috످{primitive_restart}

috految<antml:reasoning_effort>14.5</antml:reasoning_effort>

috److It looks like `{primitive_restart}` might be a template placeholder that wasn't filled in.

Did you mean primitive restart in graphics programming? It's a GPU feature that lets you draw multiple disconnected strips or fans in a single draw call by separating them with a special index value (typically `0xFFFF` or `0xFFFFFFFF`).

If so, tell me what you're trying to do and which API you're using (e.g., OpenGL, Vulkan, or Direct3D). If not, paste the question or code you meant to send.

috످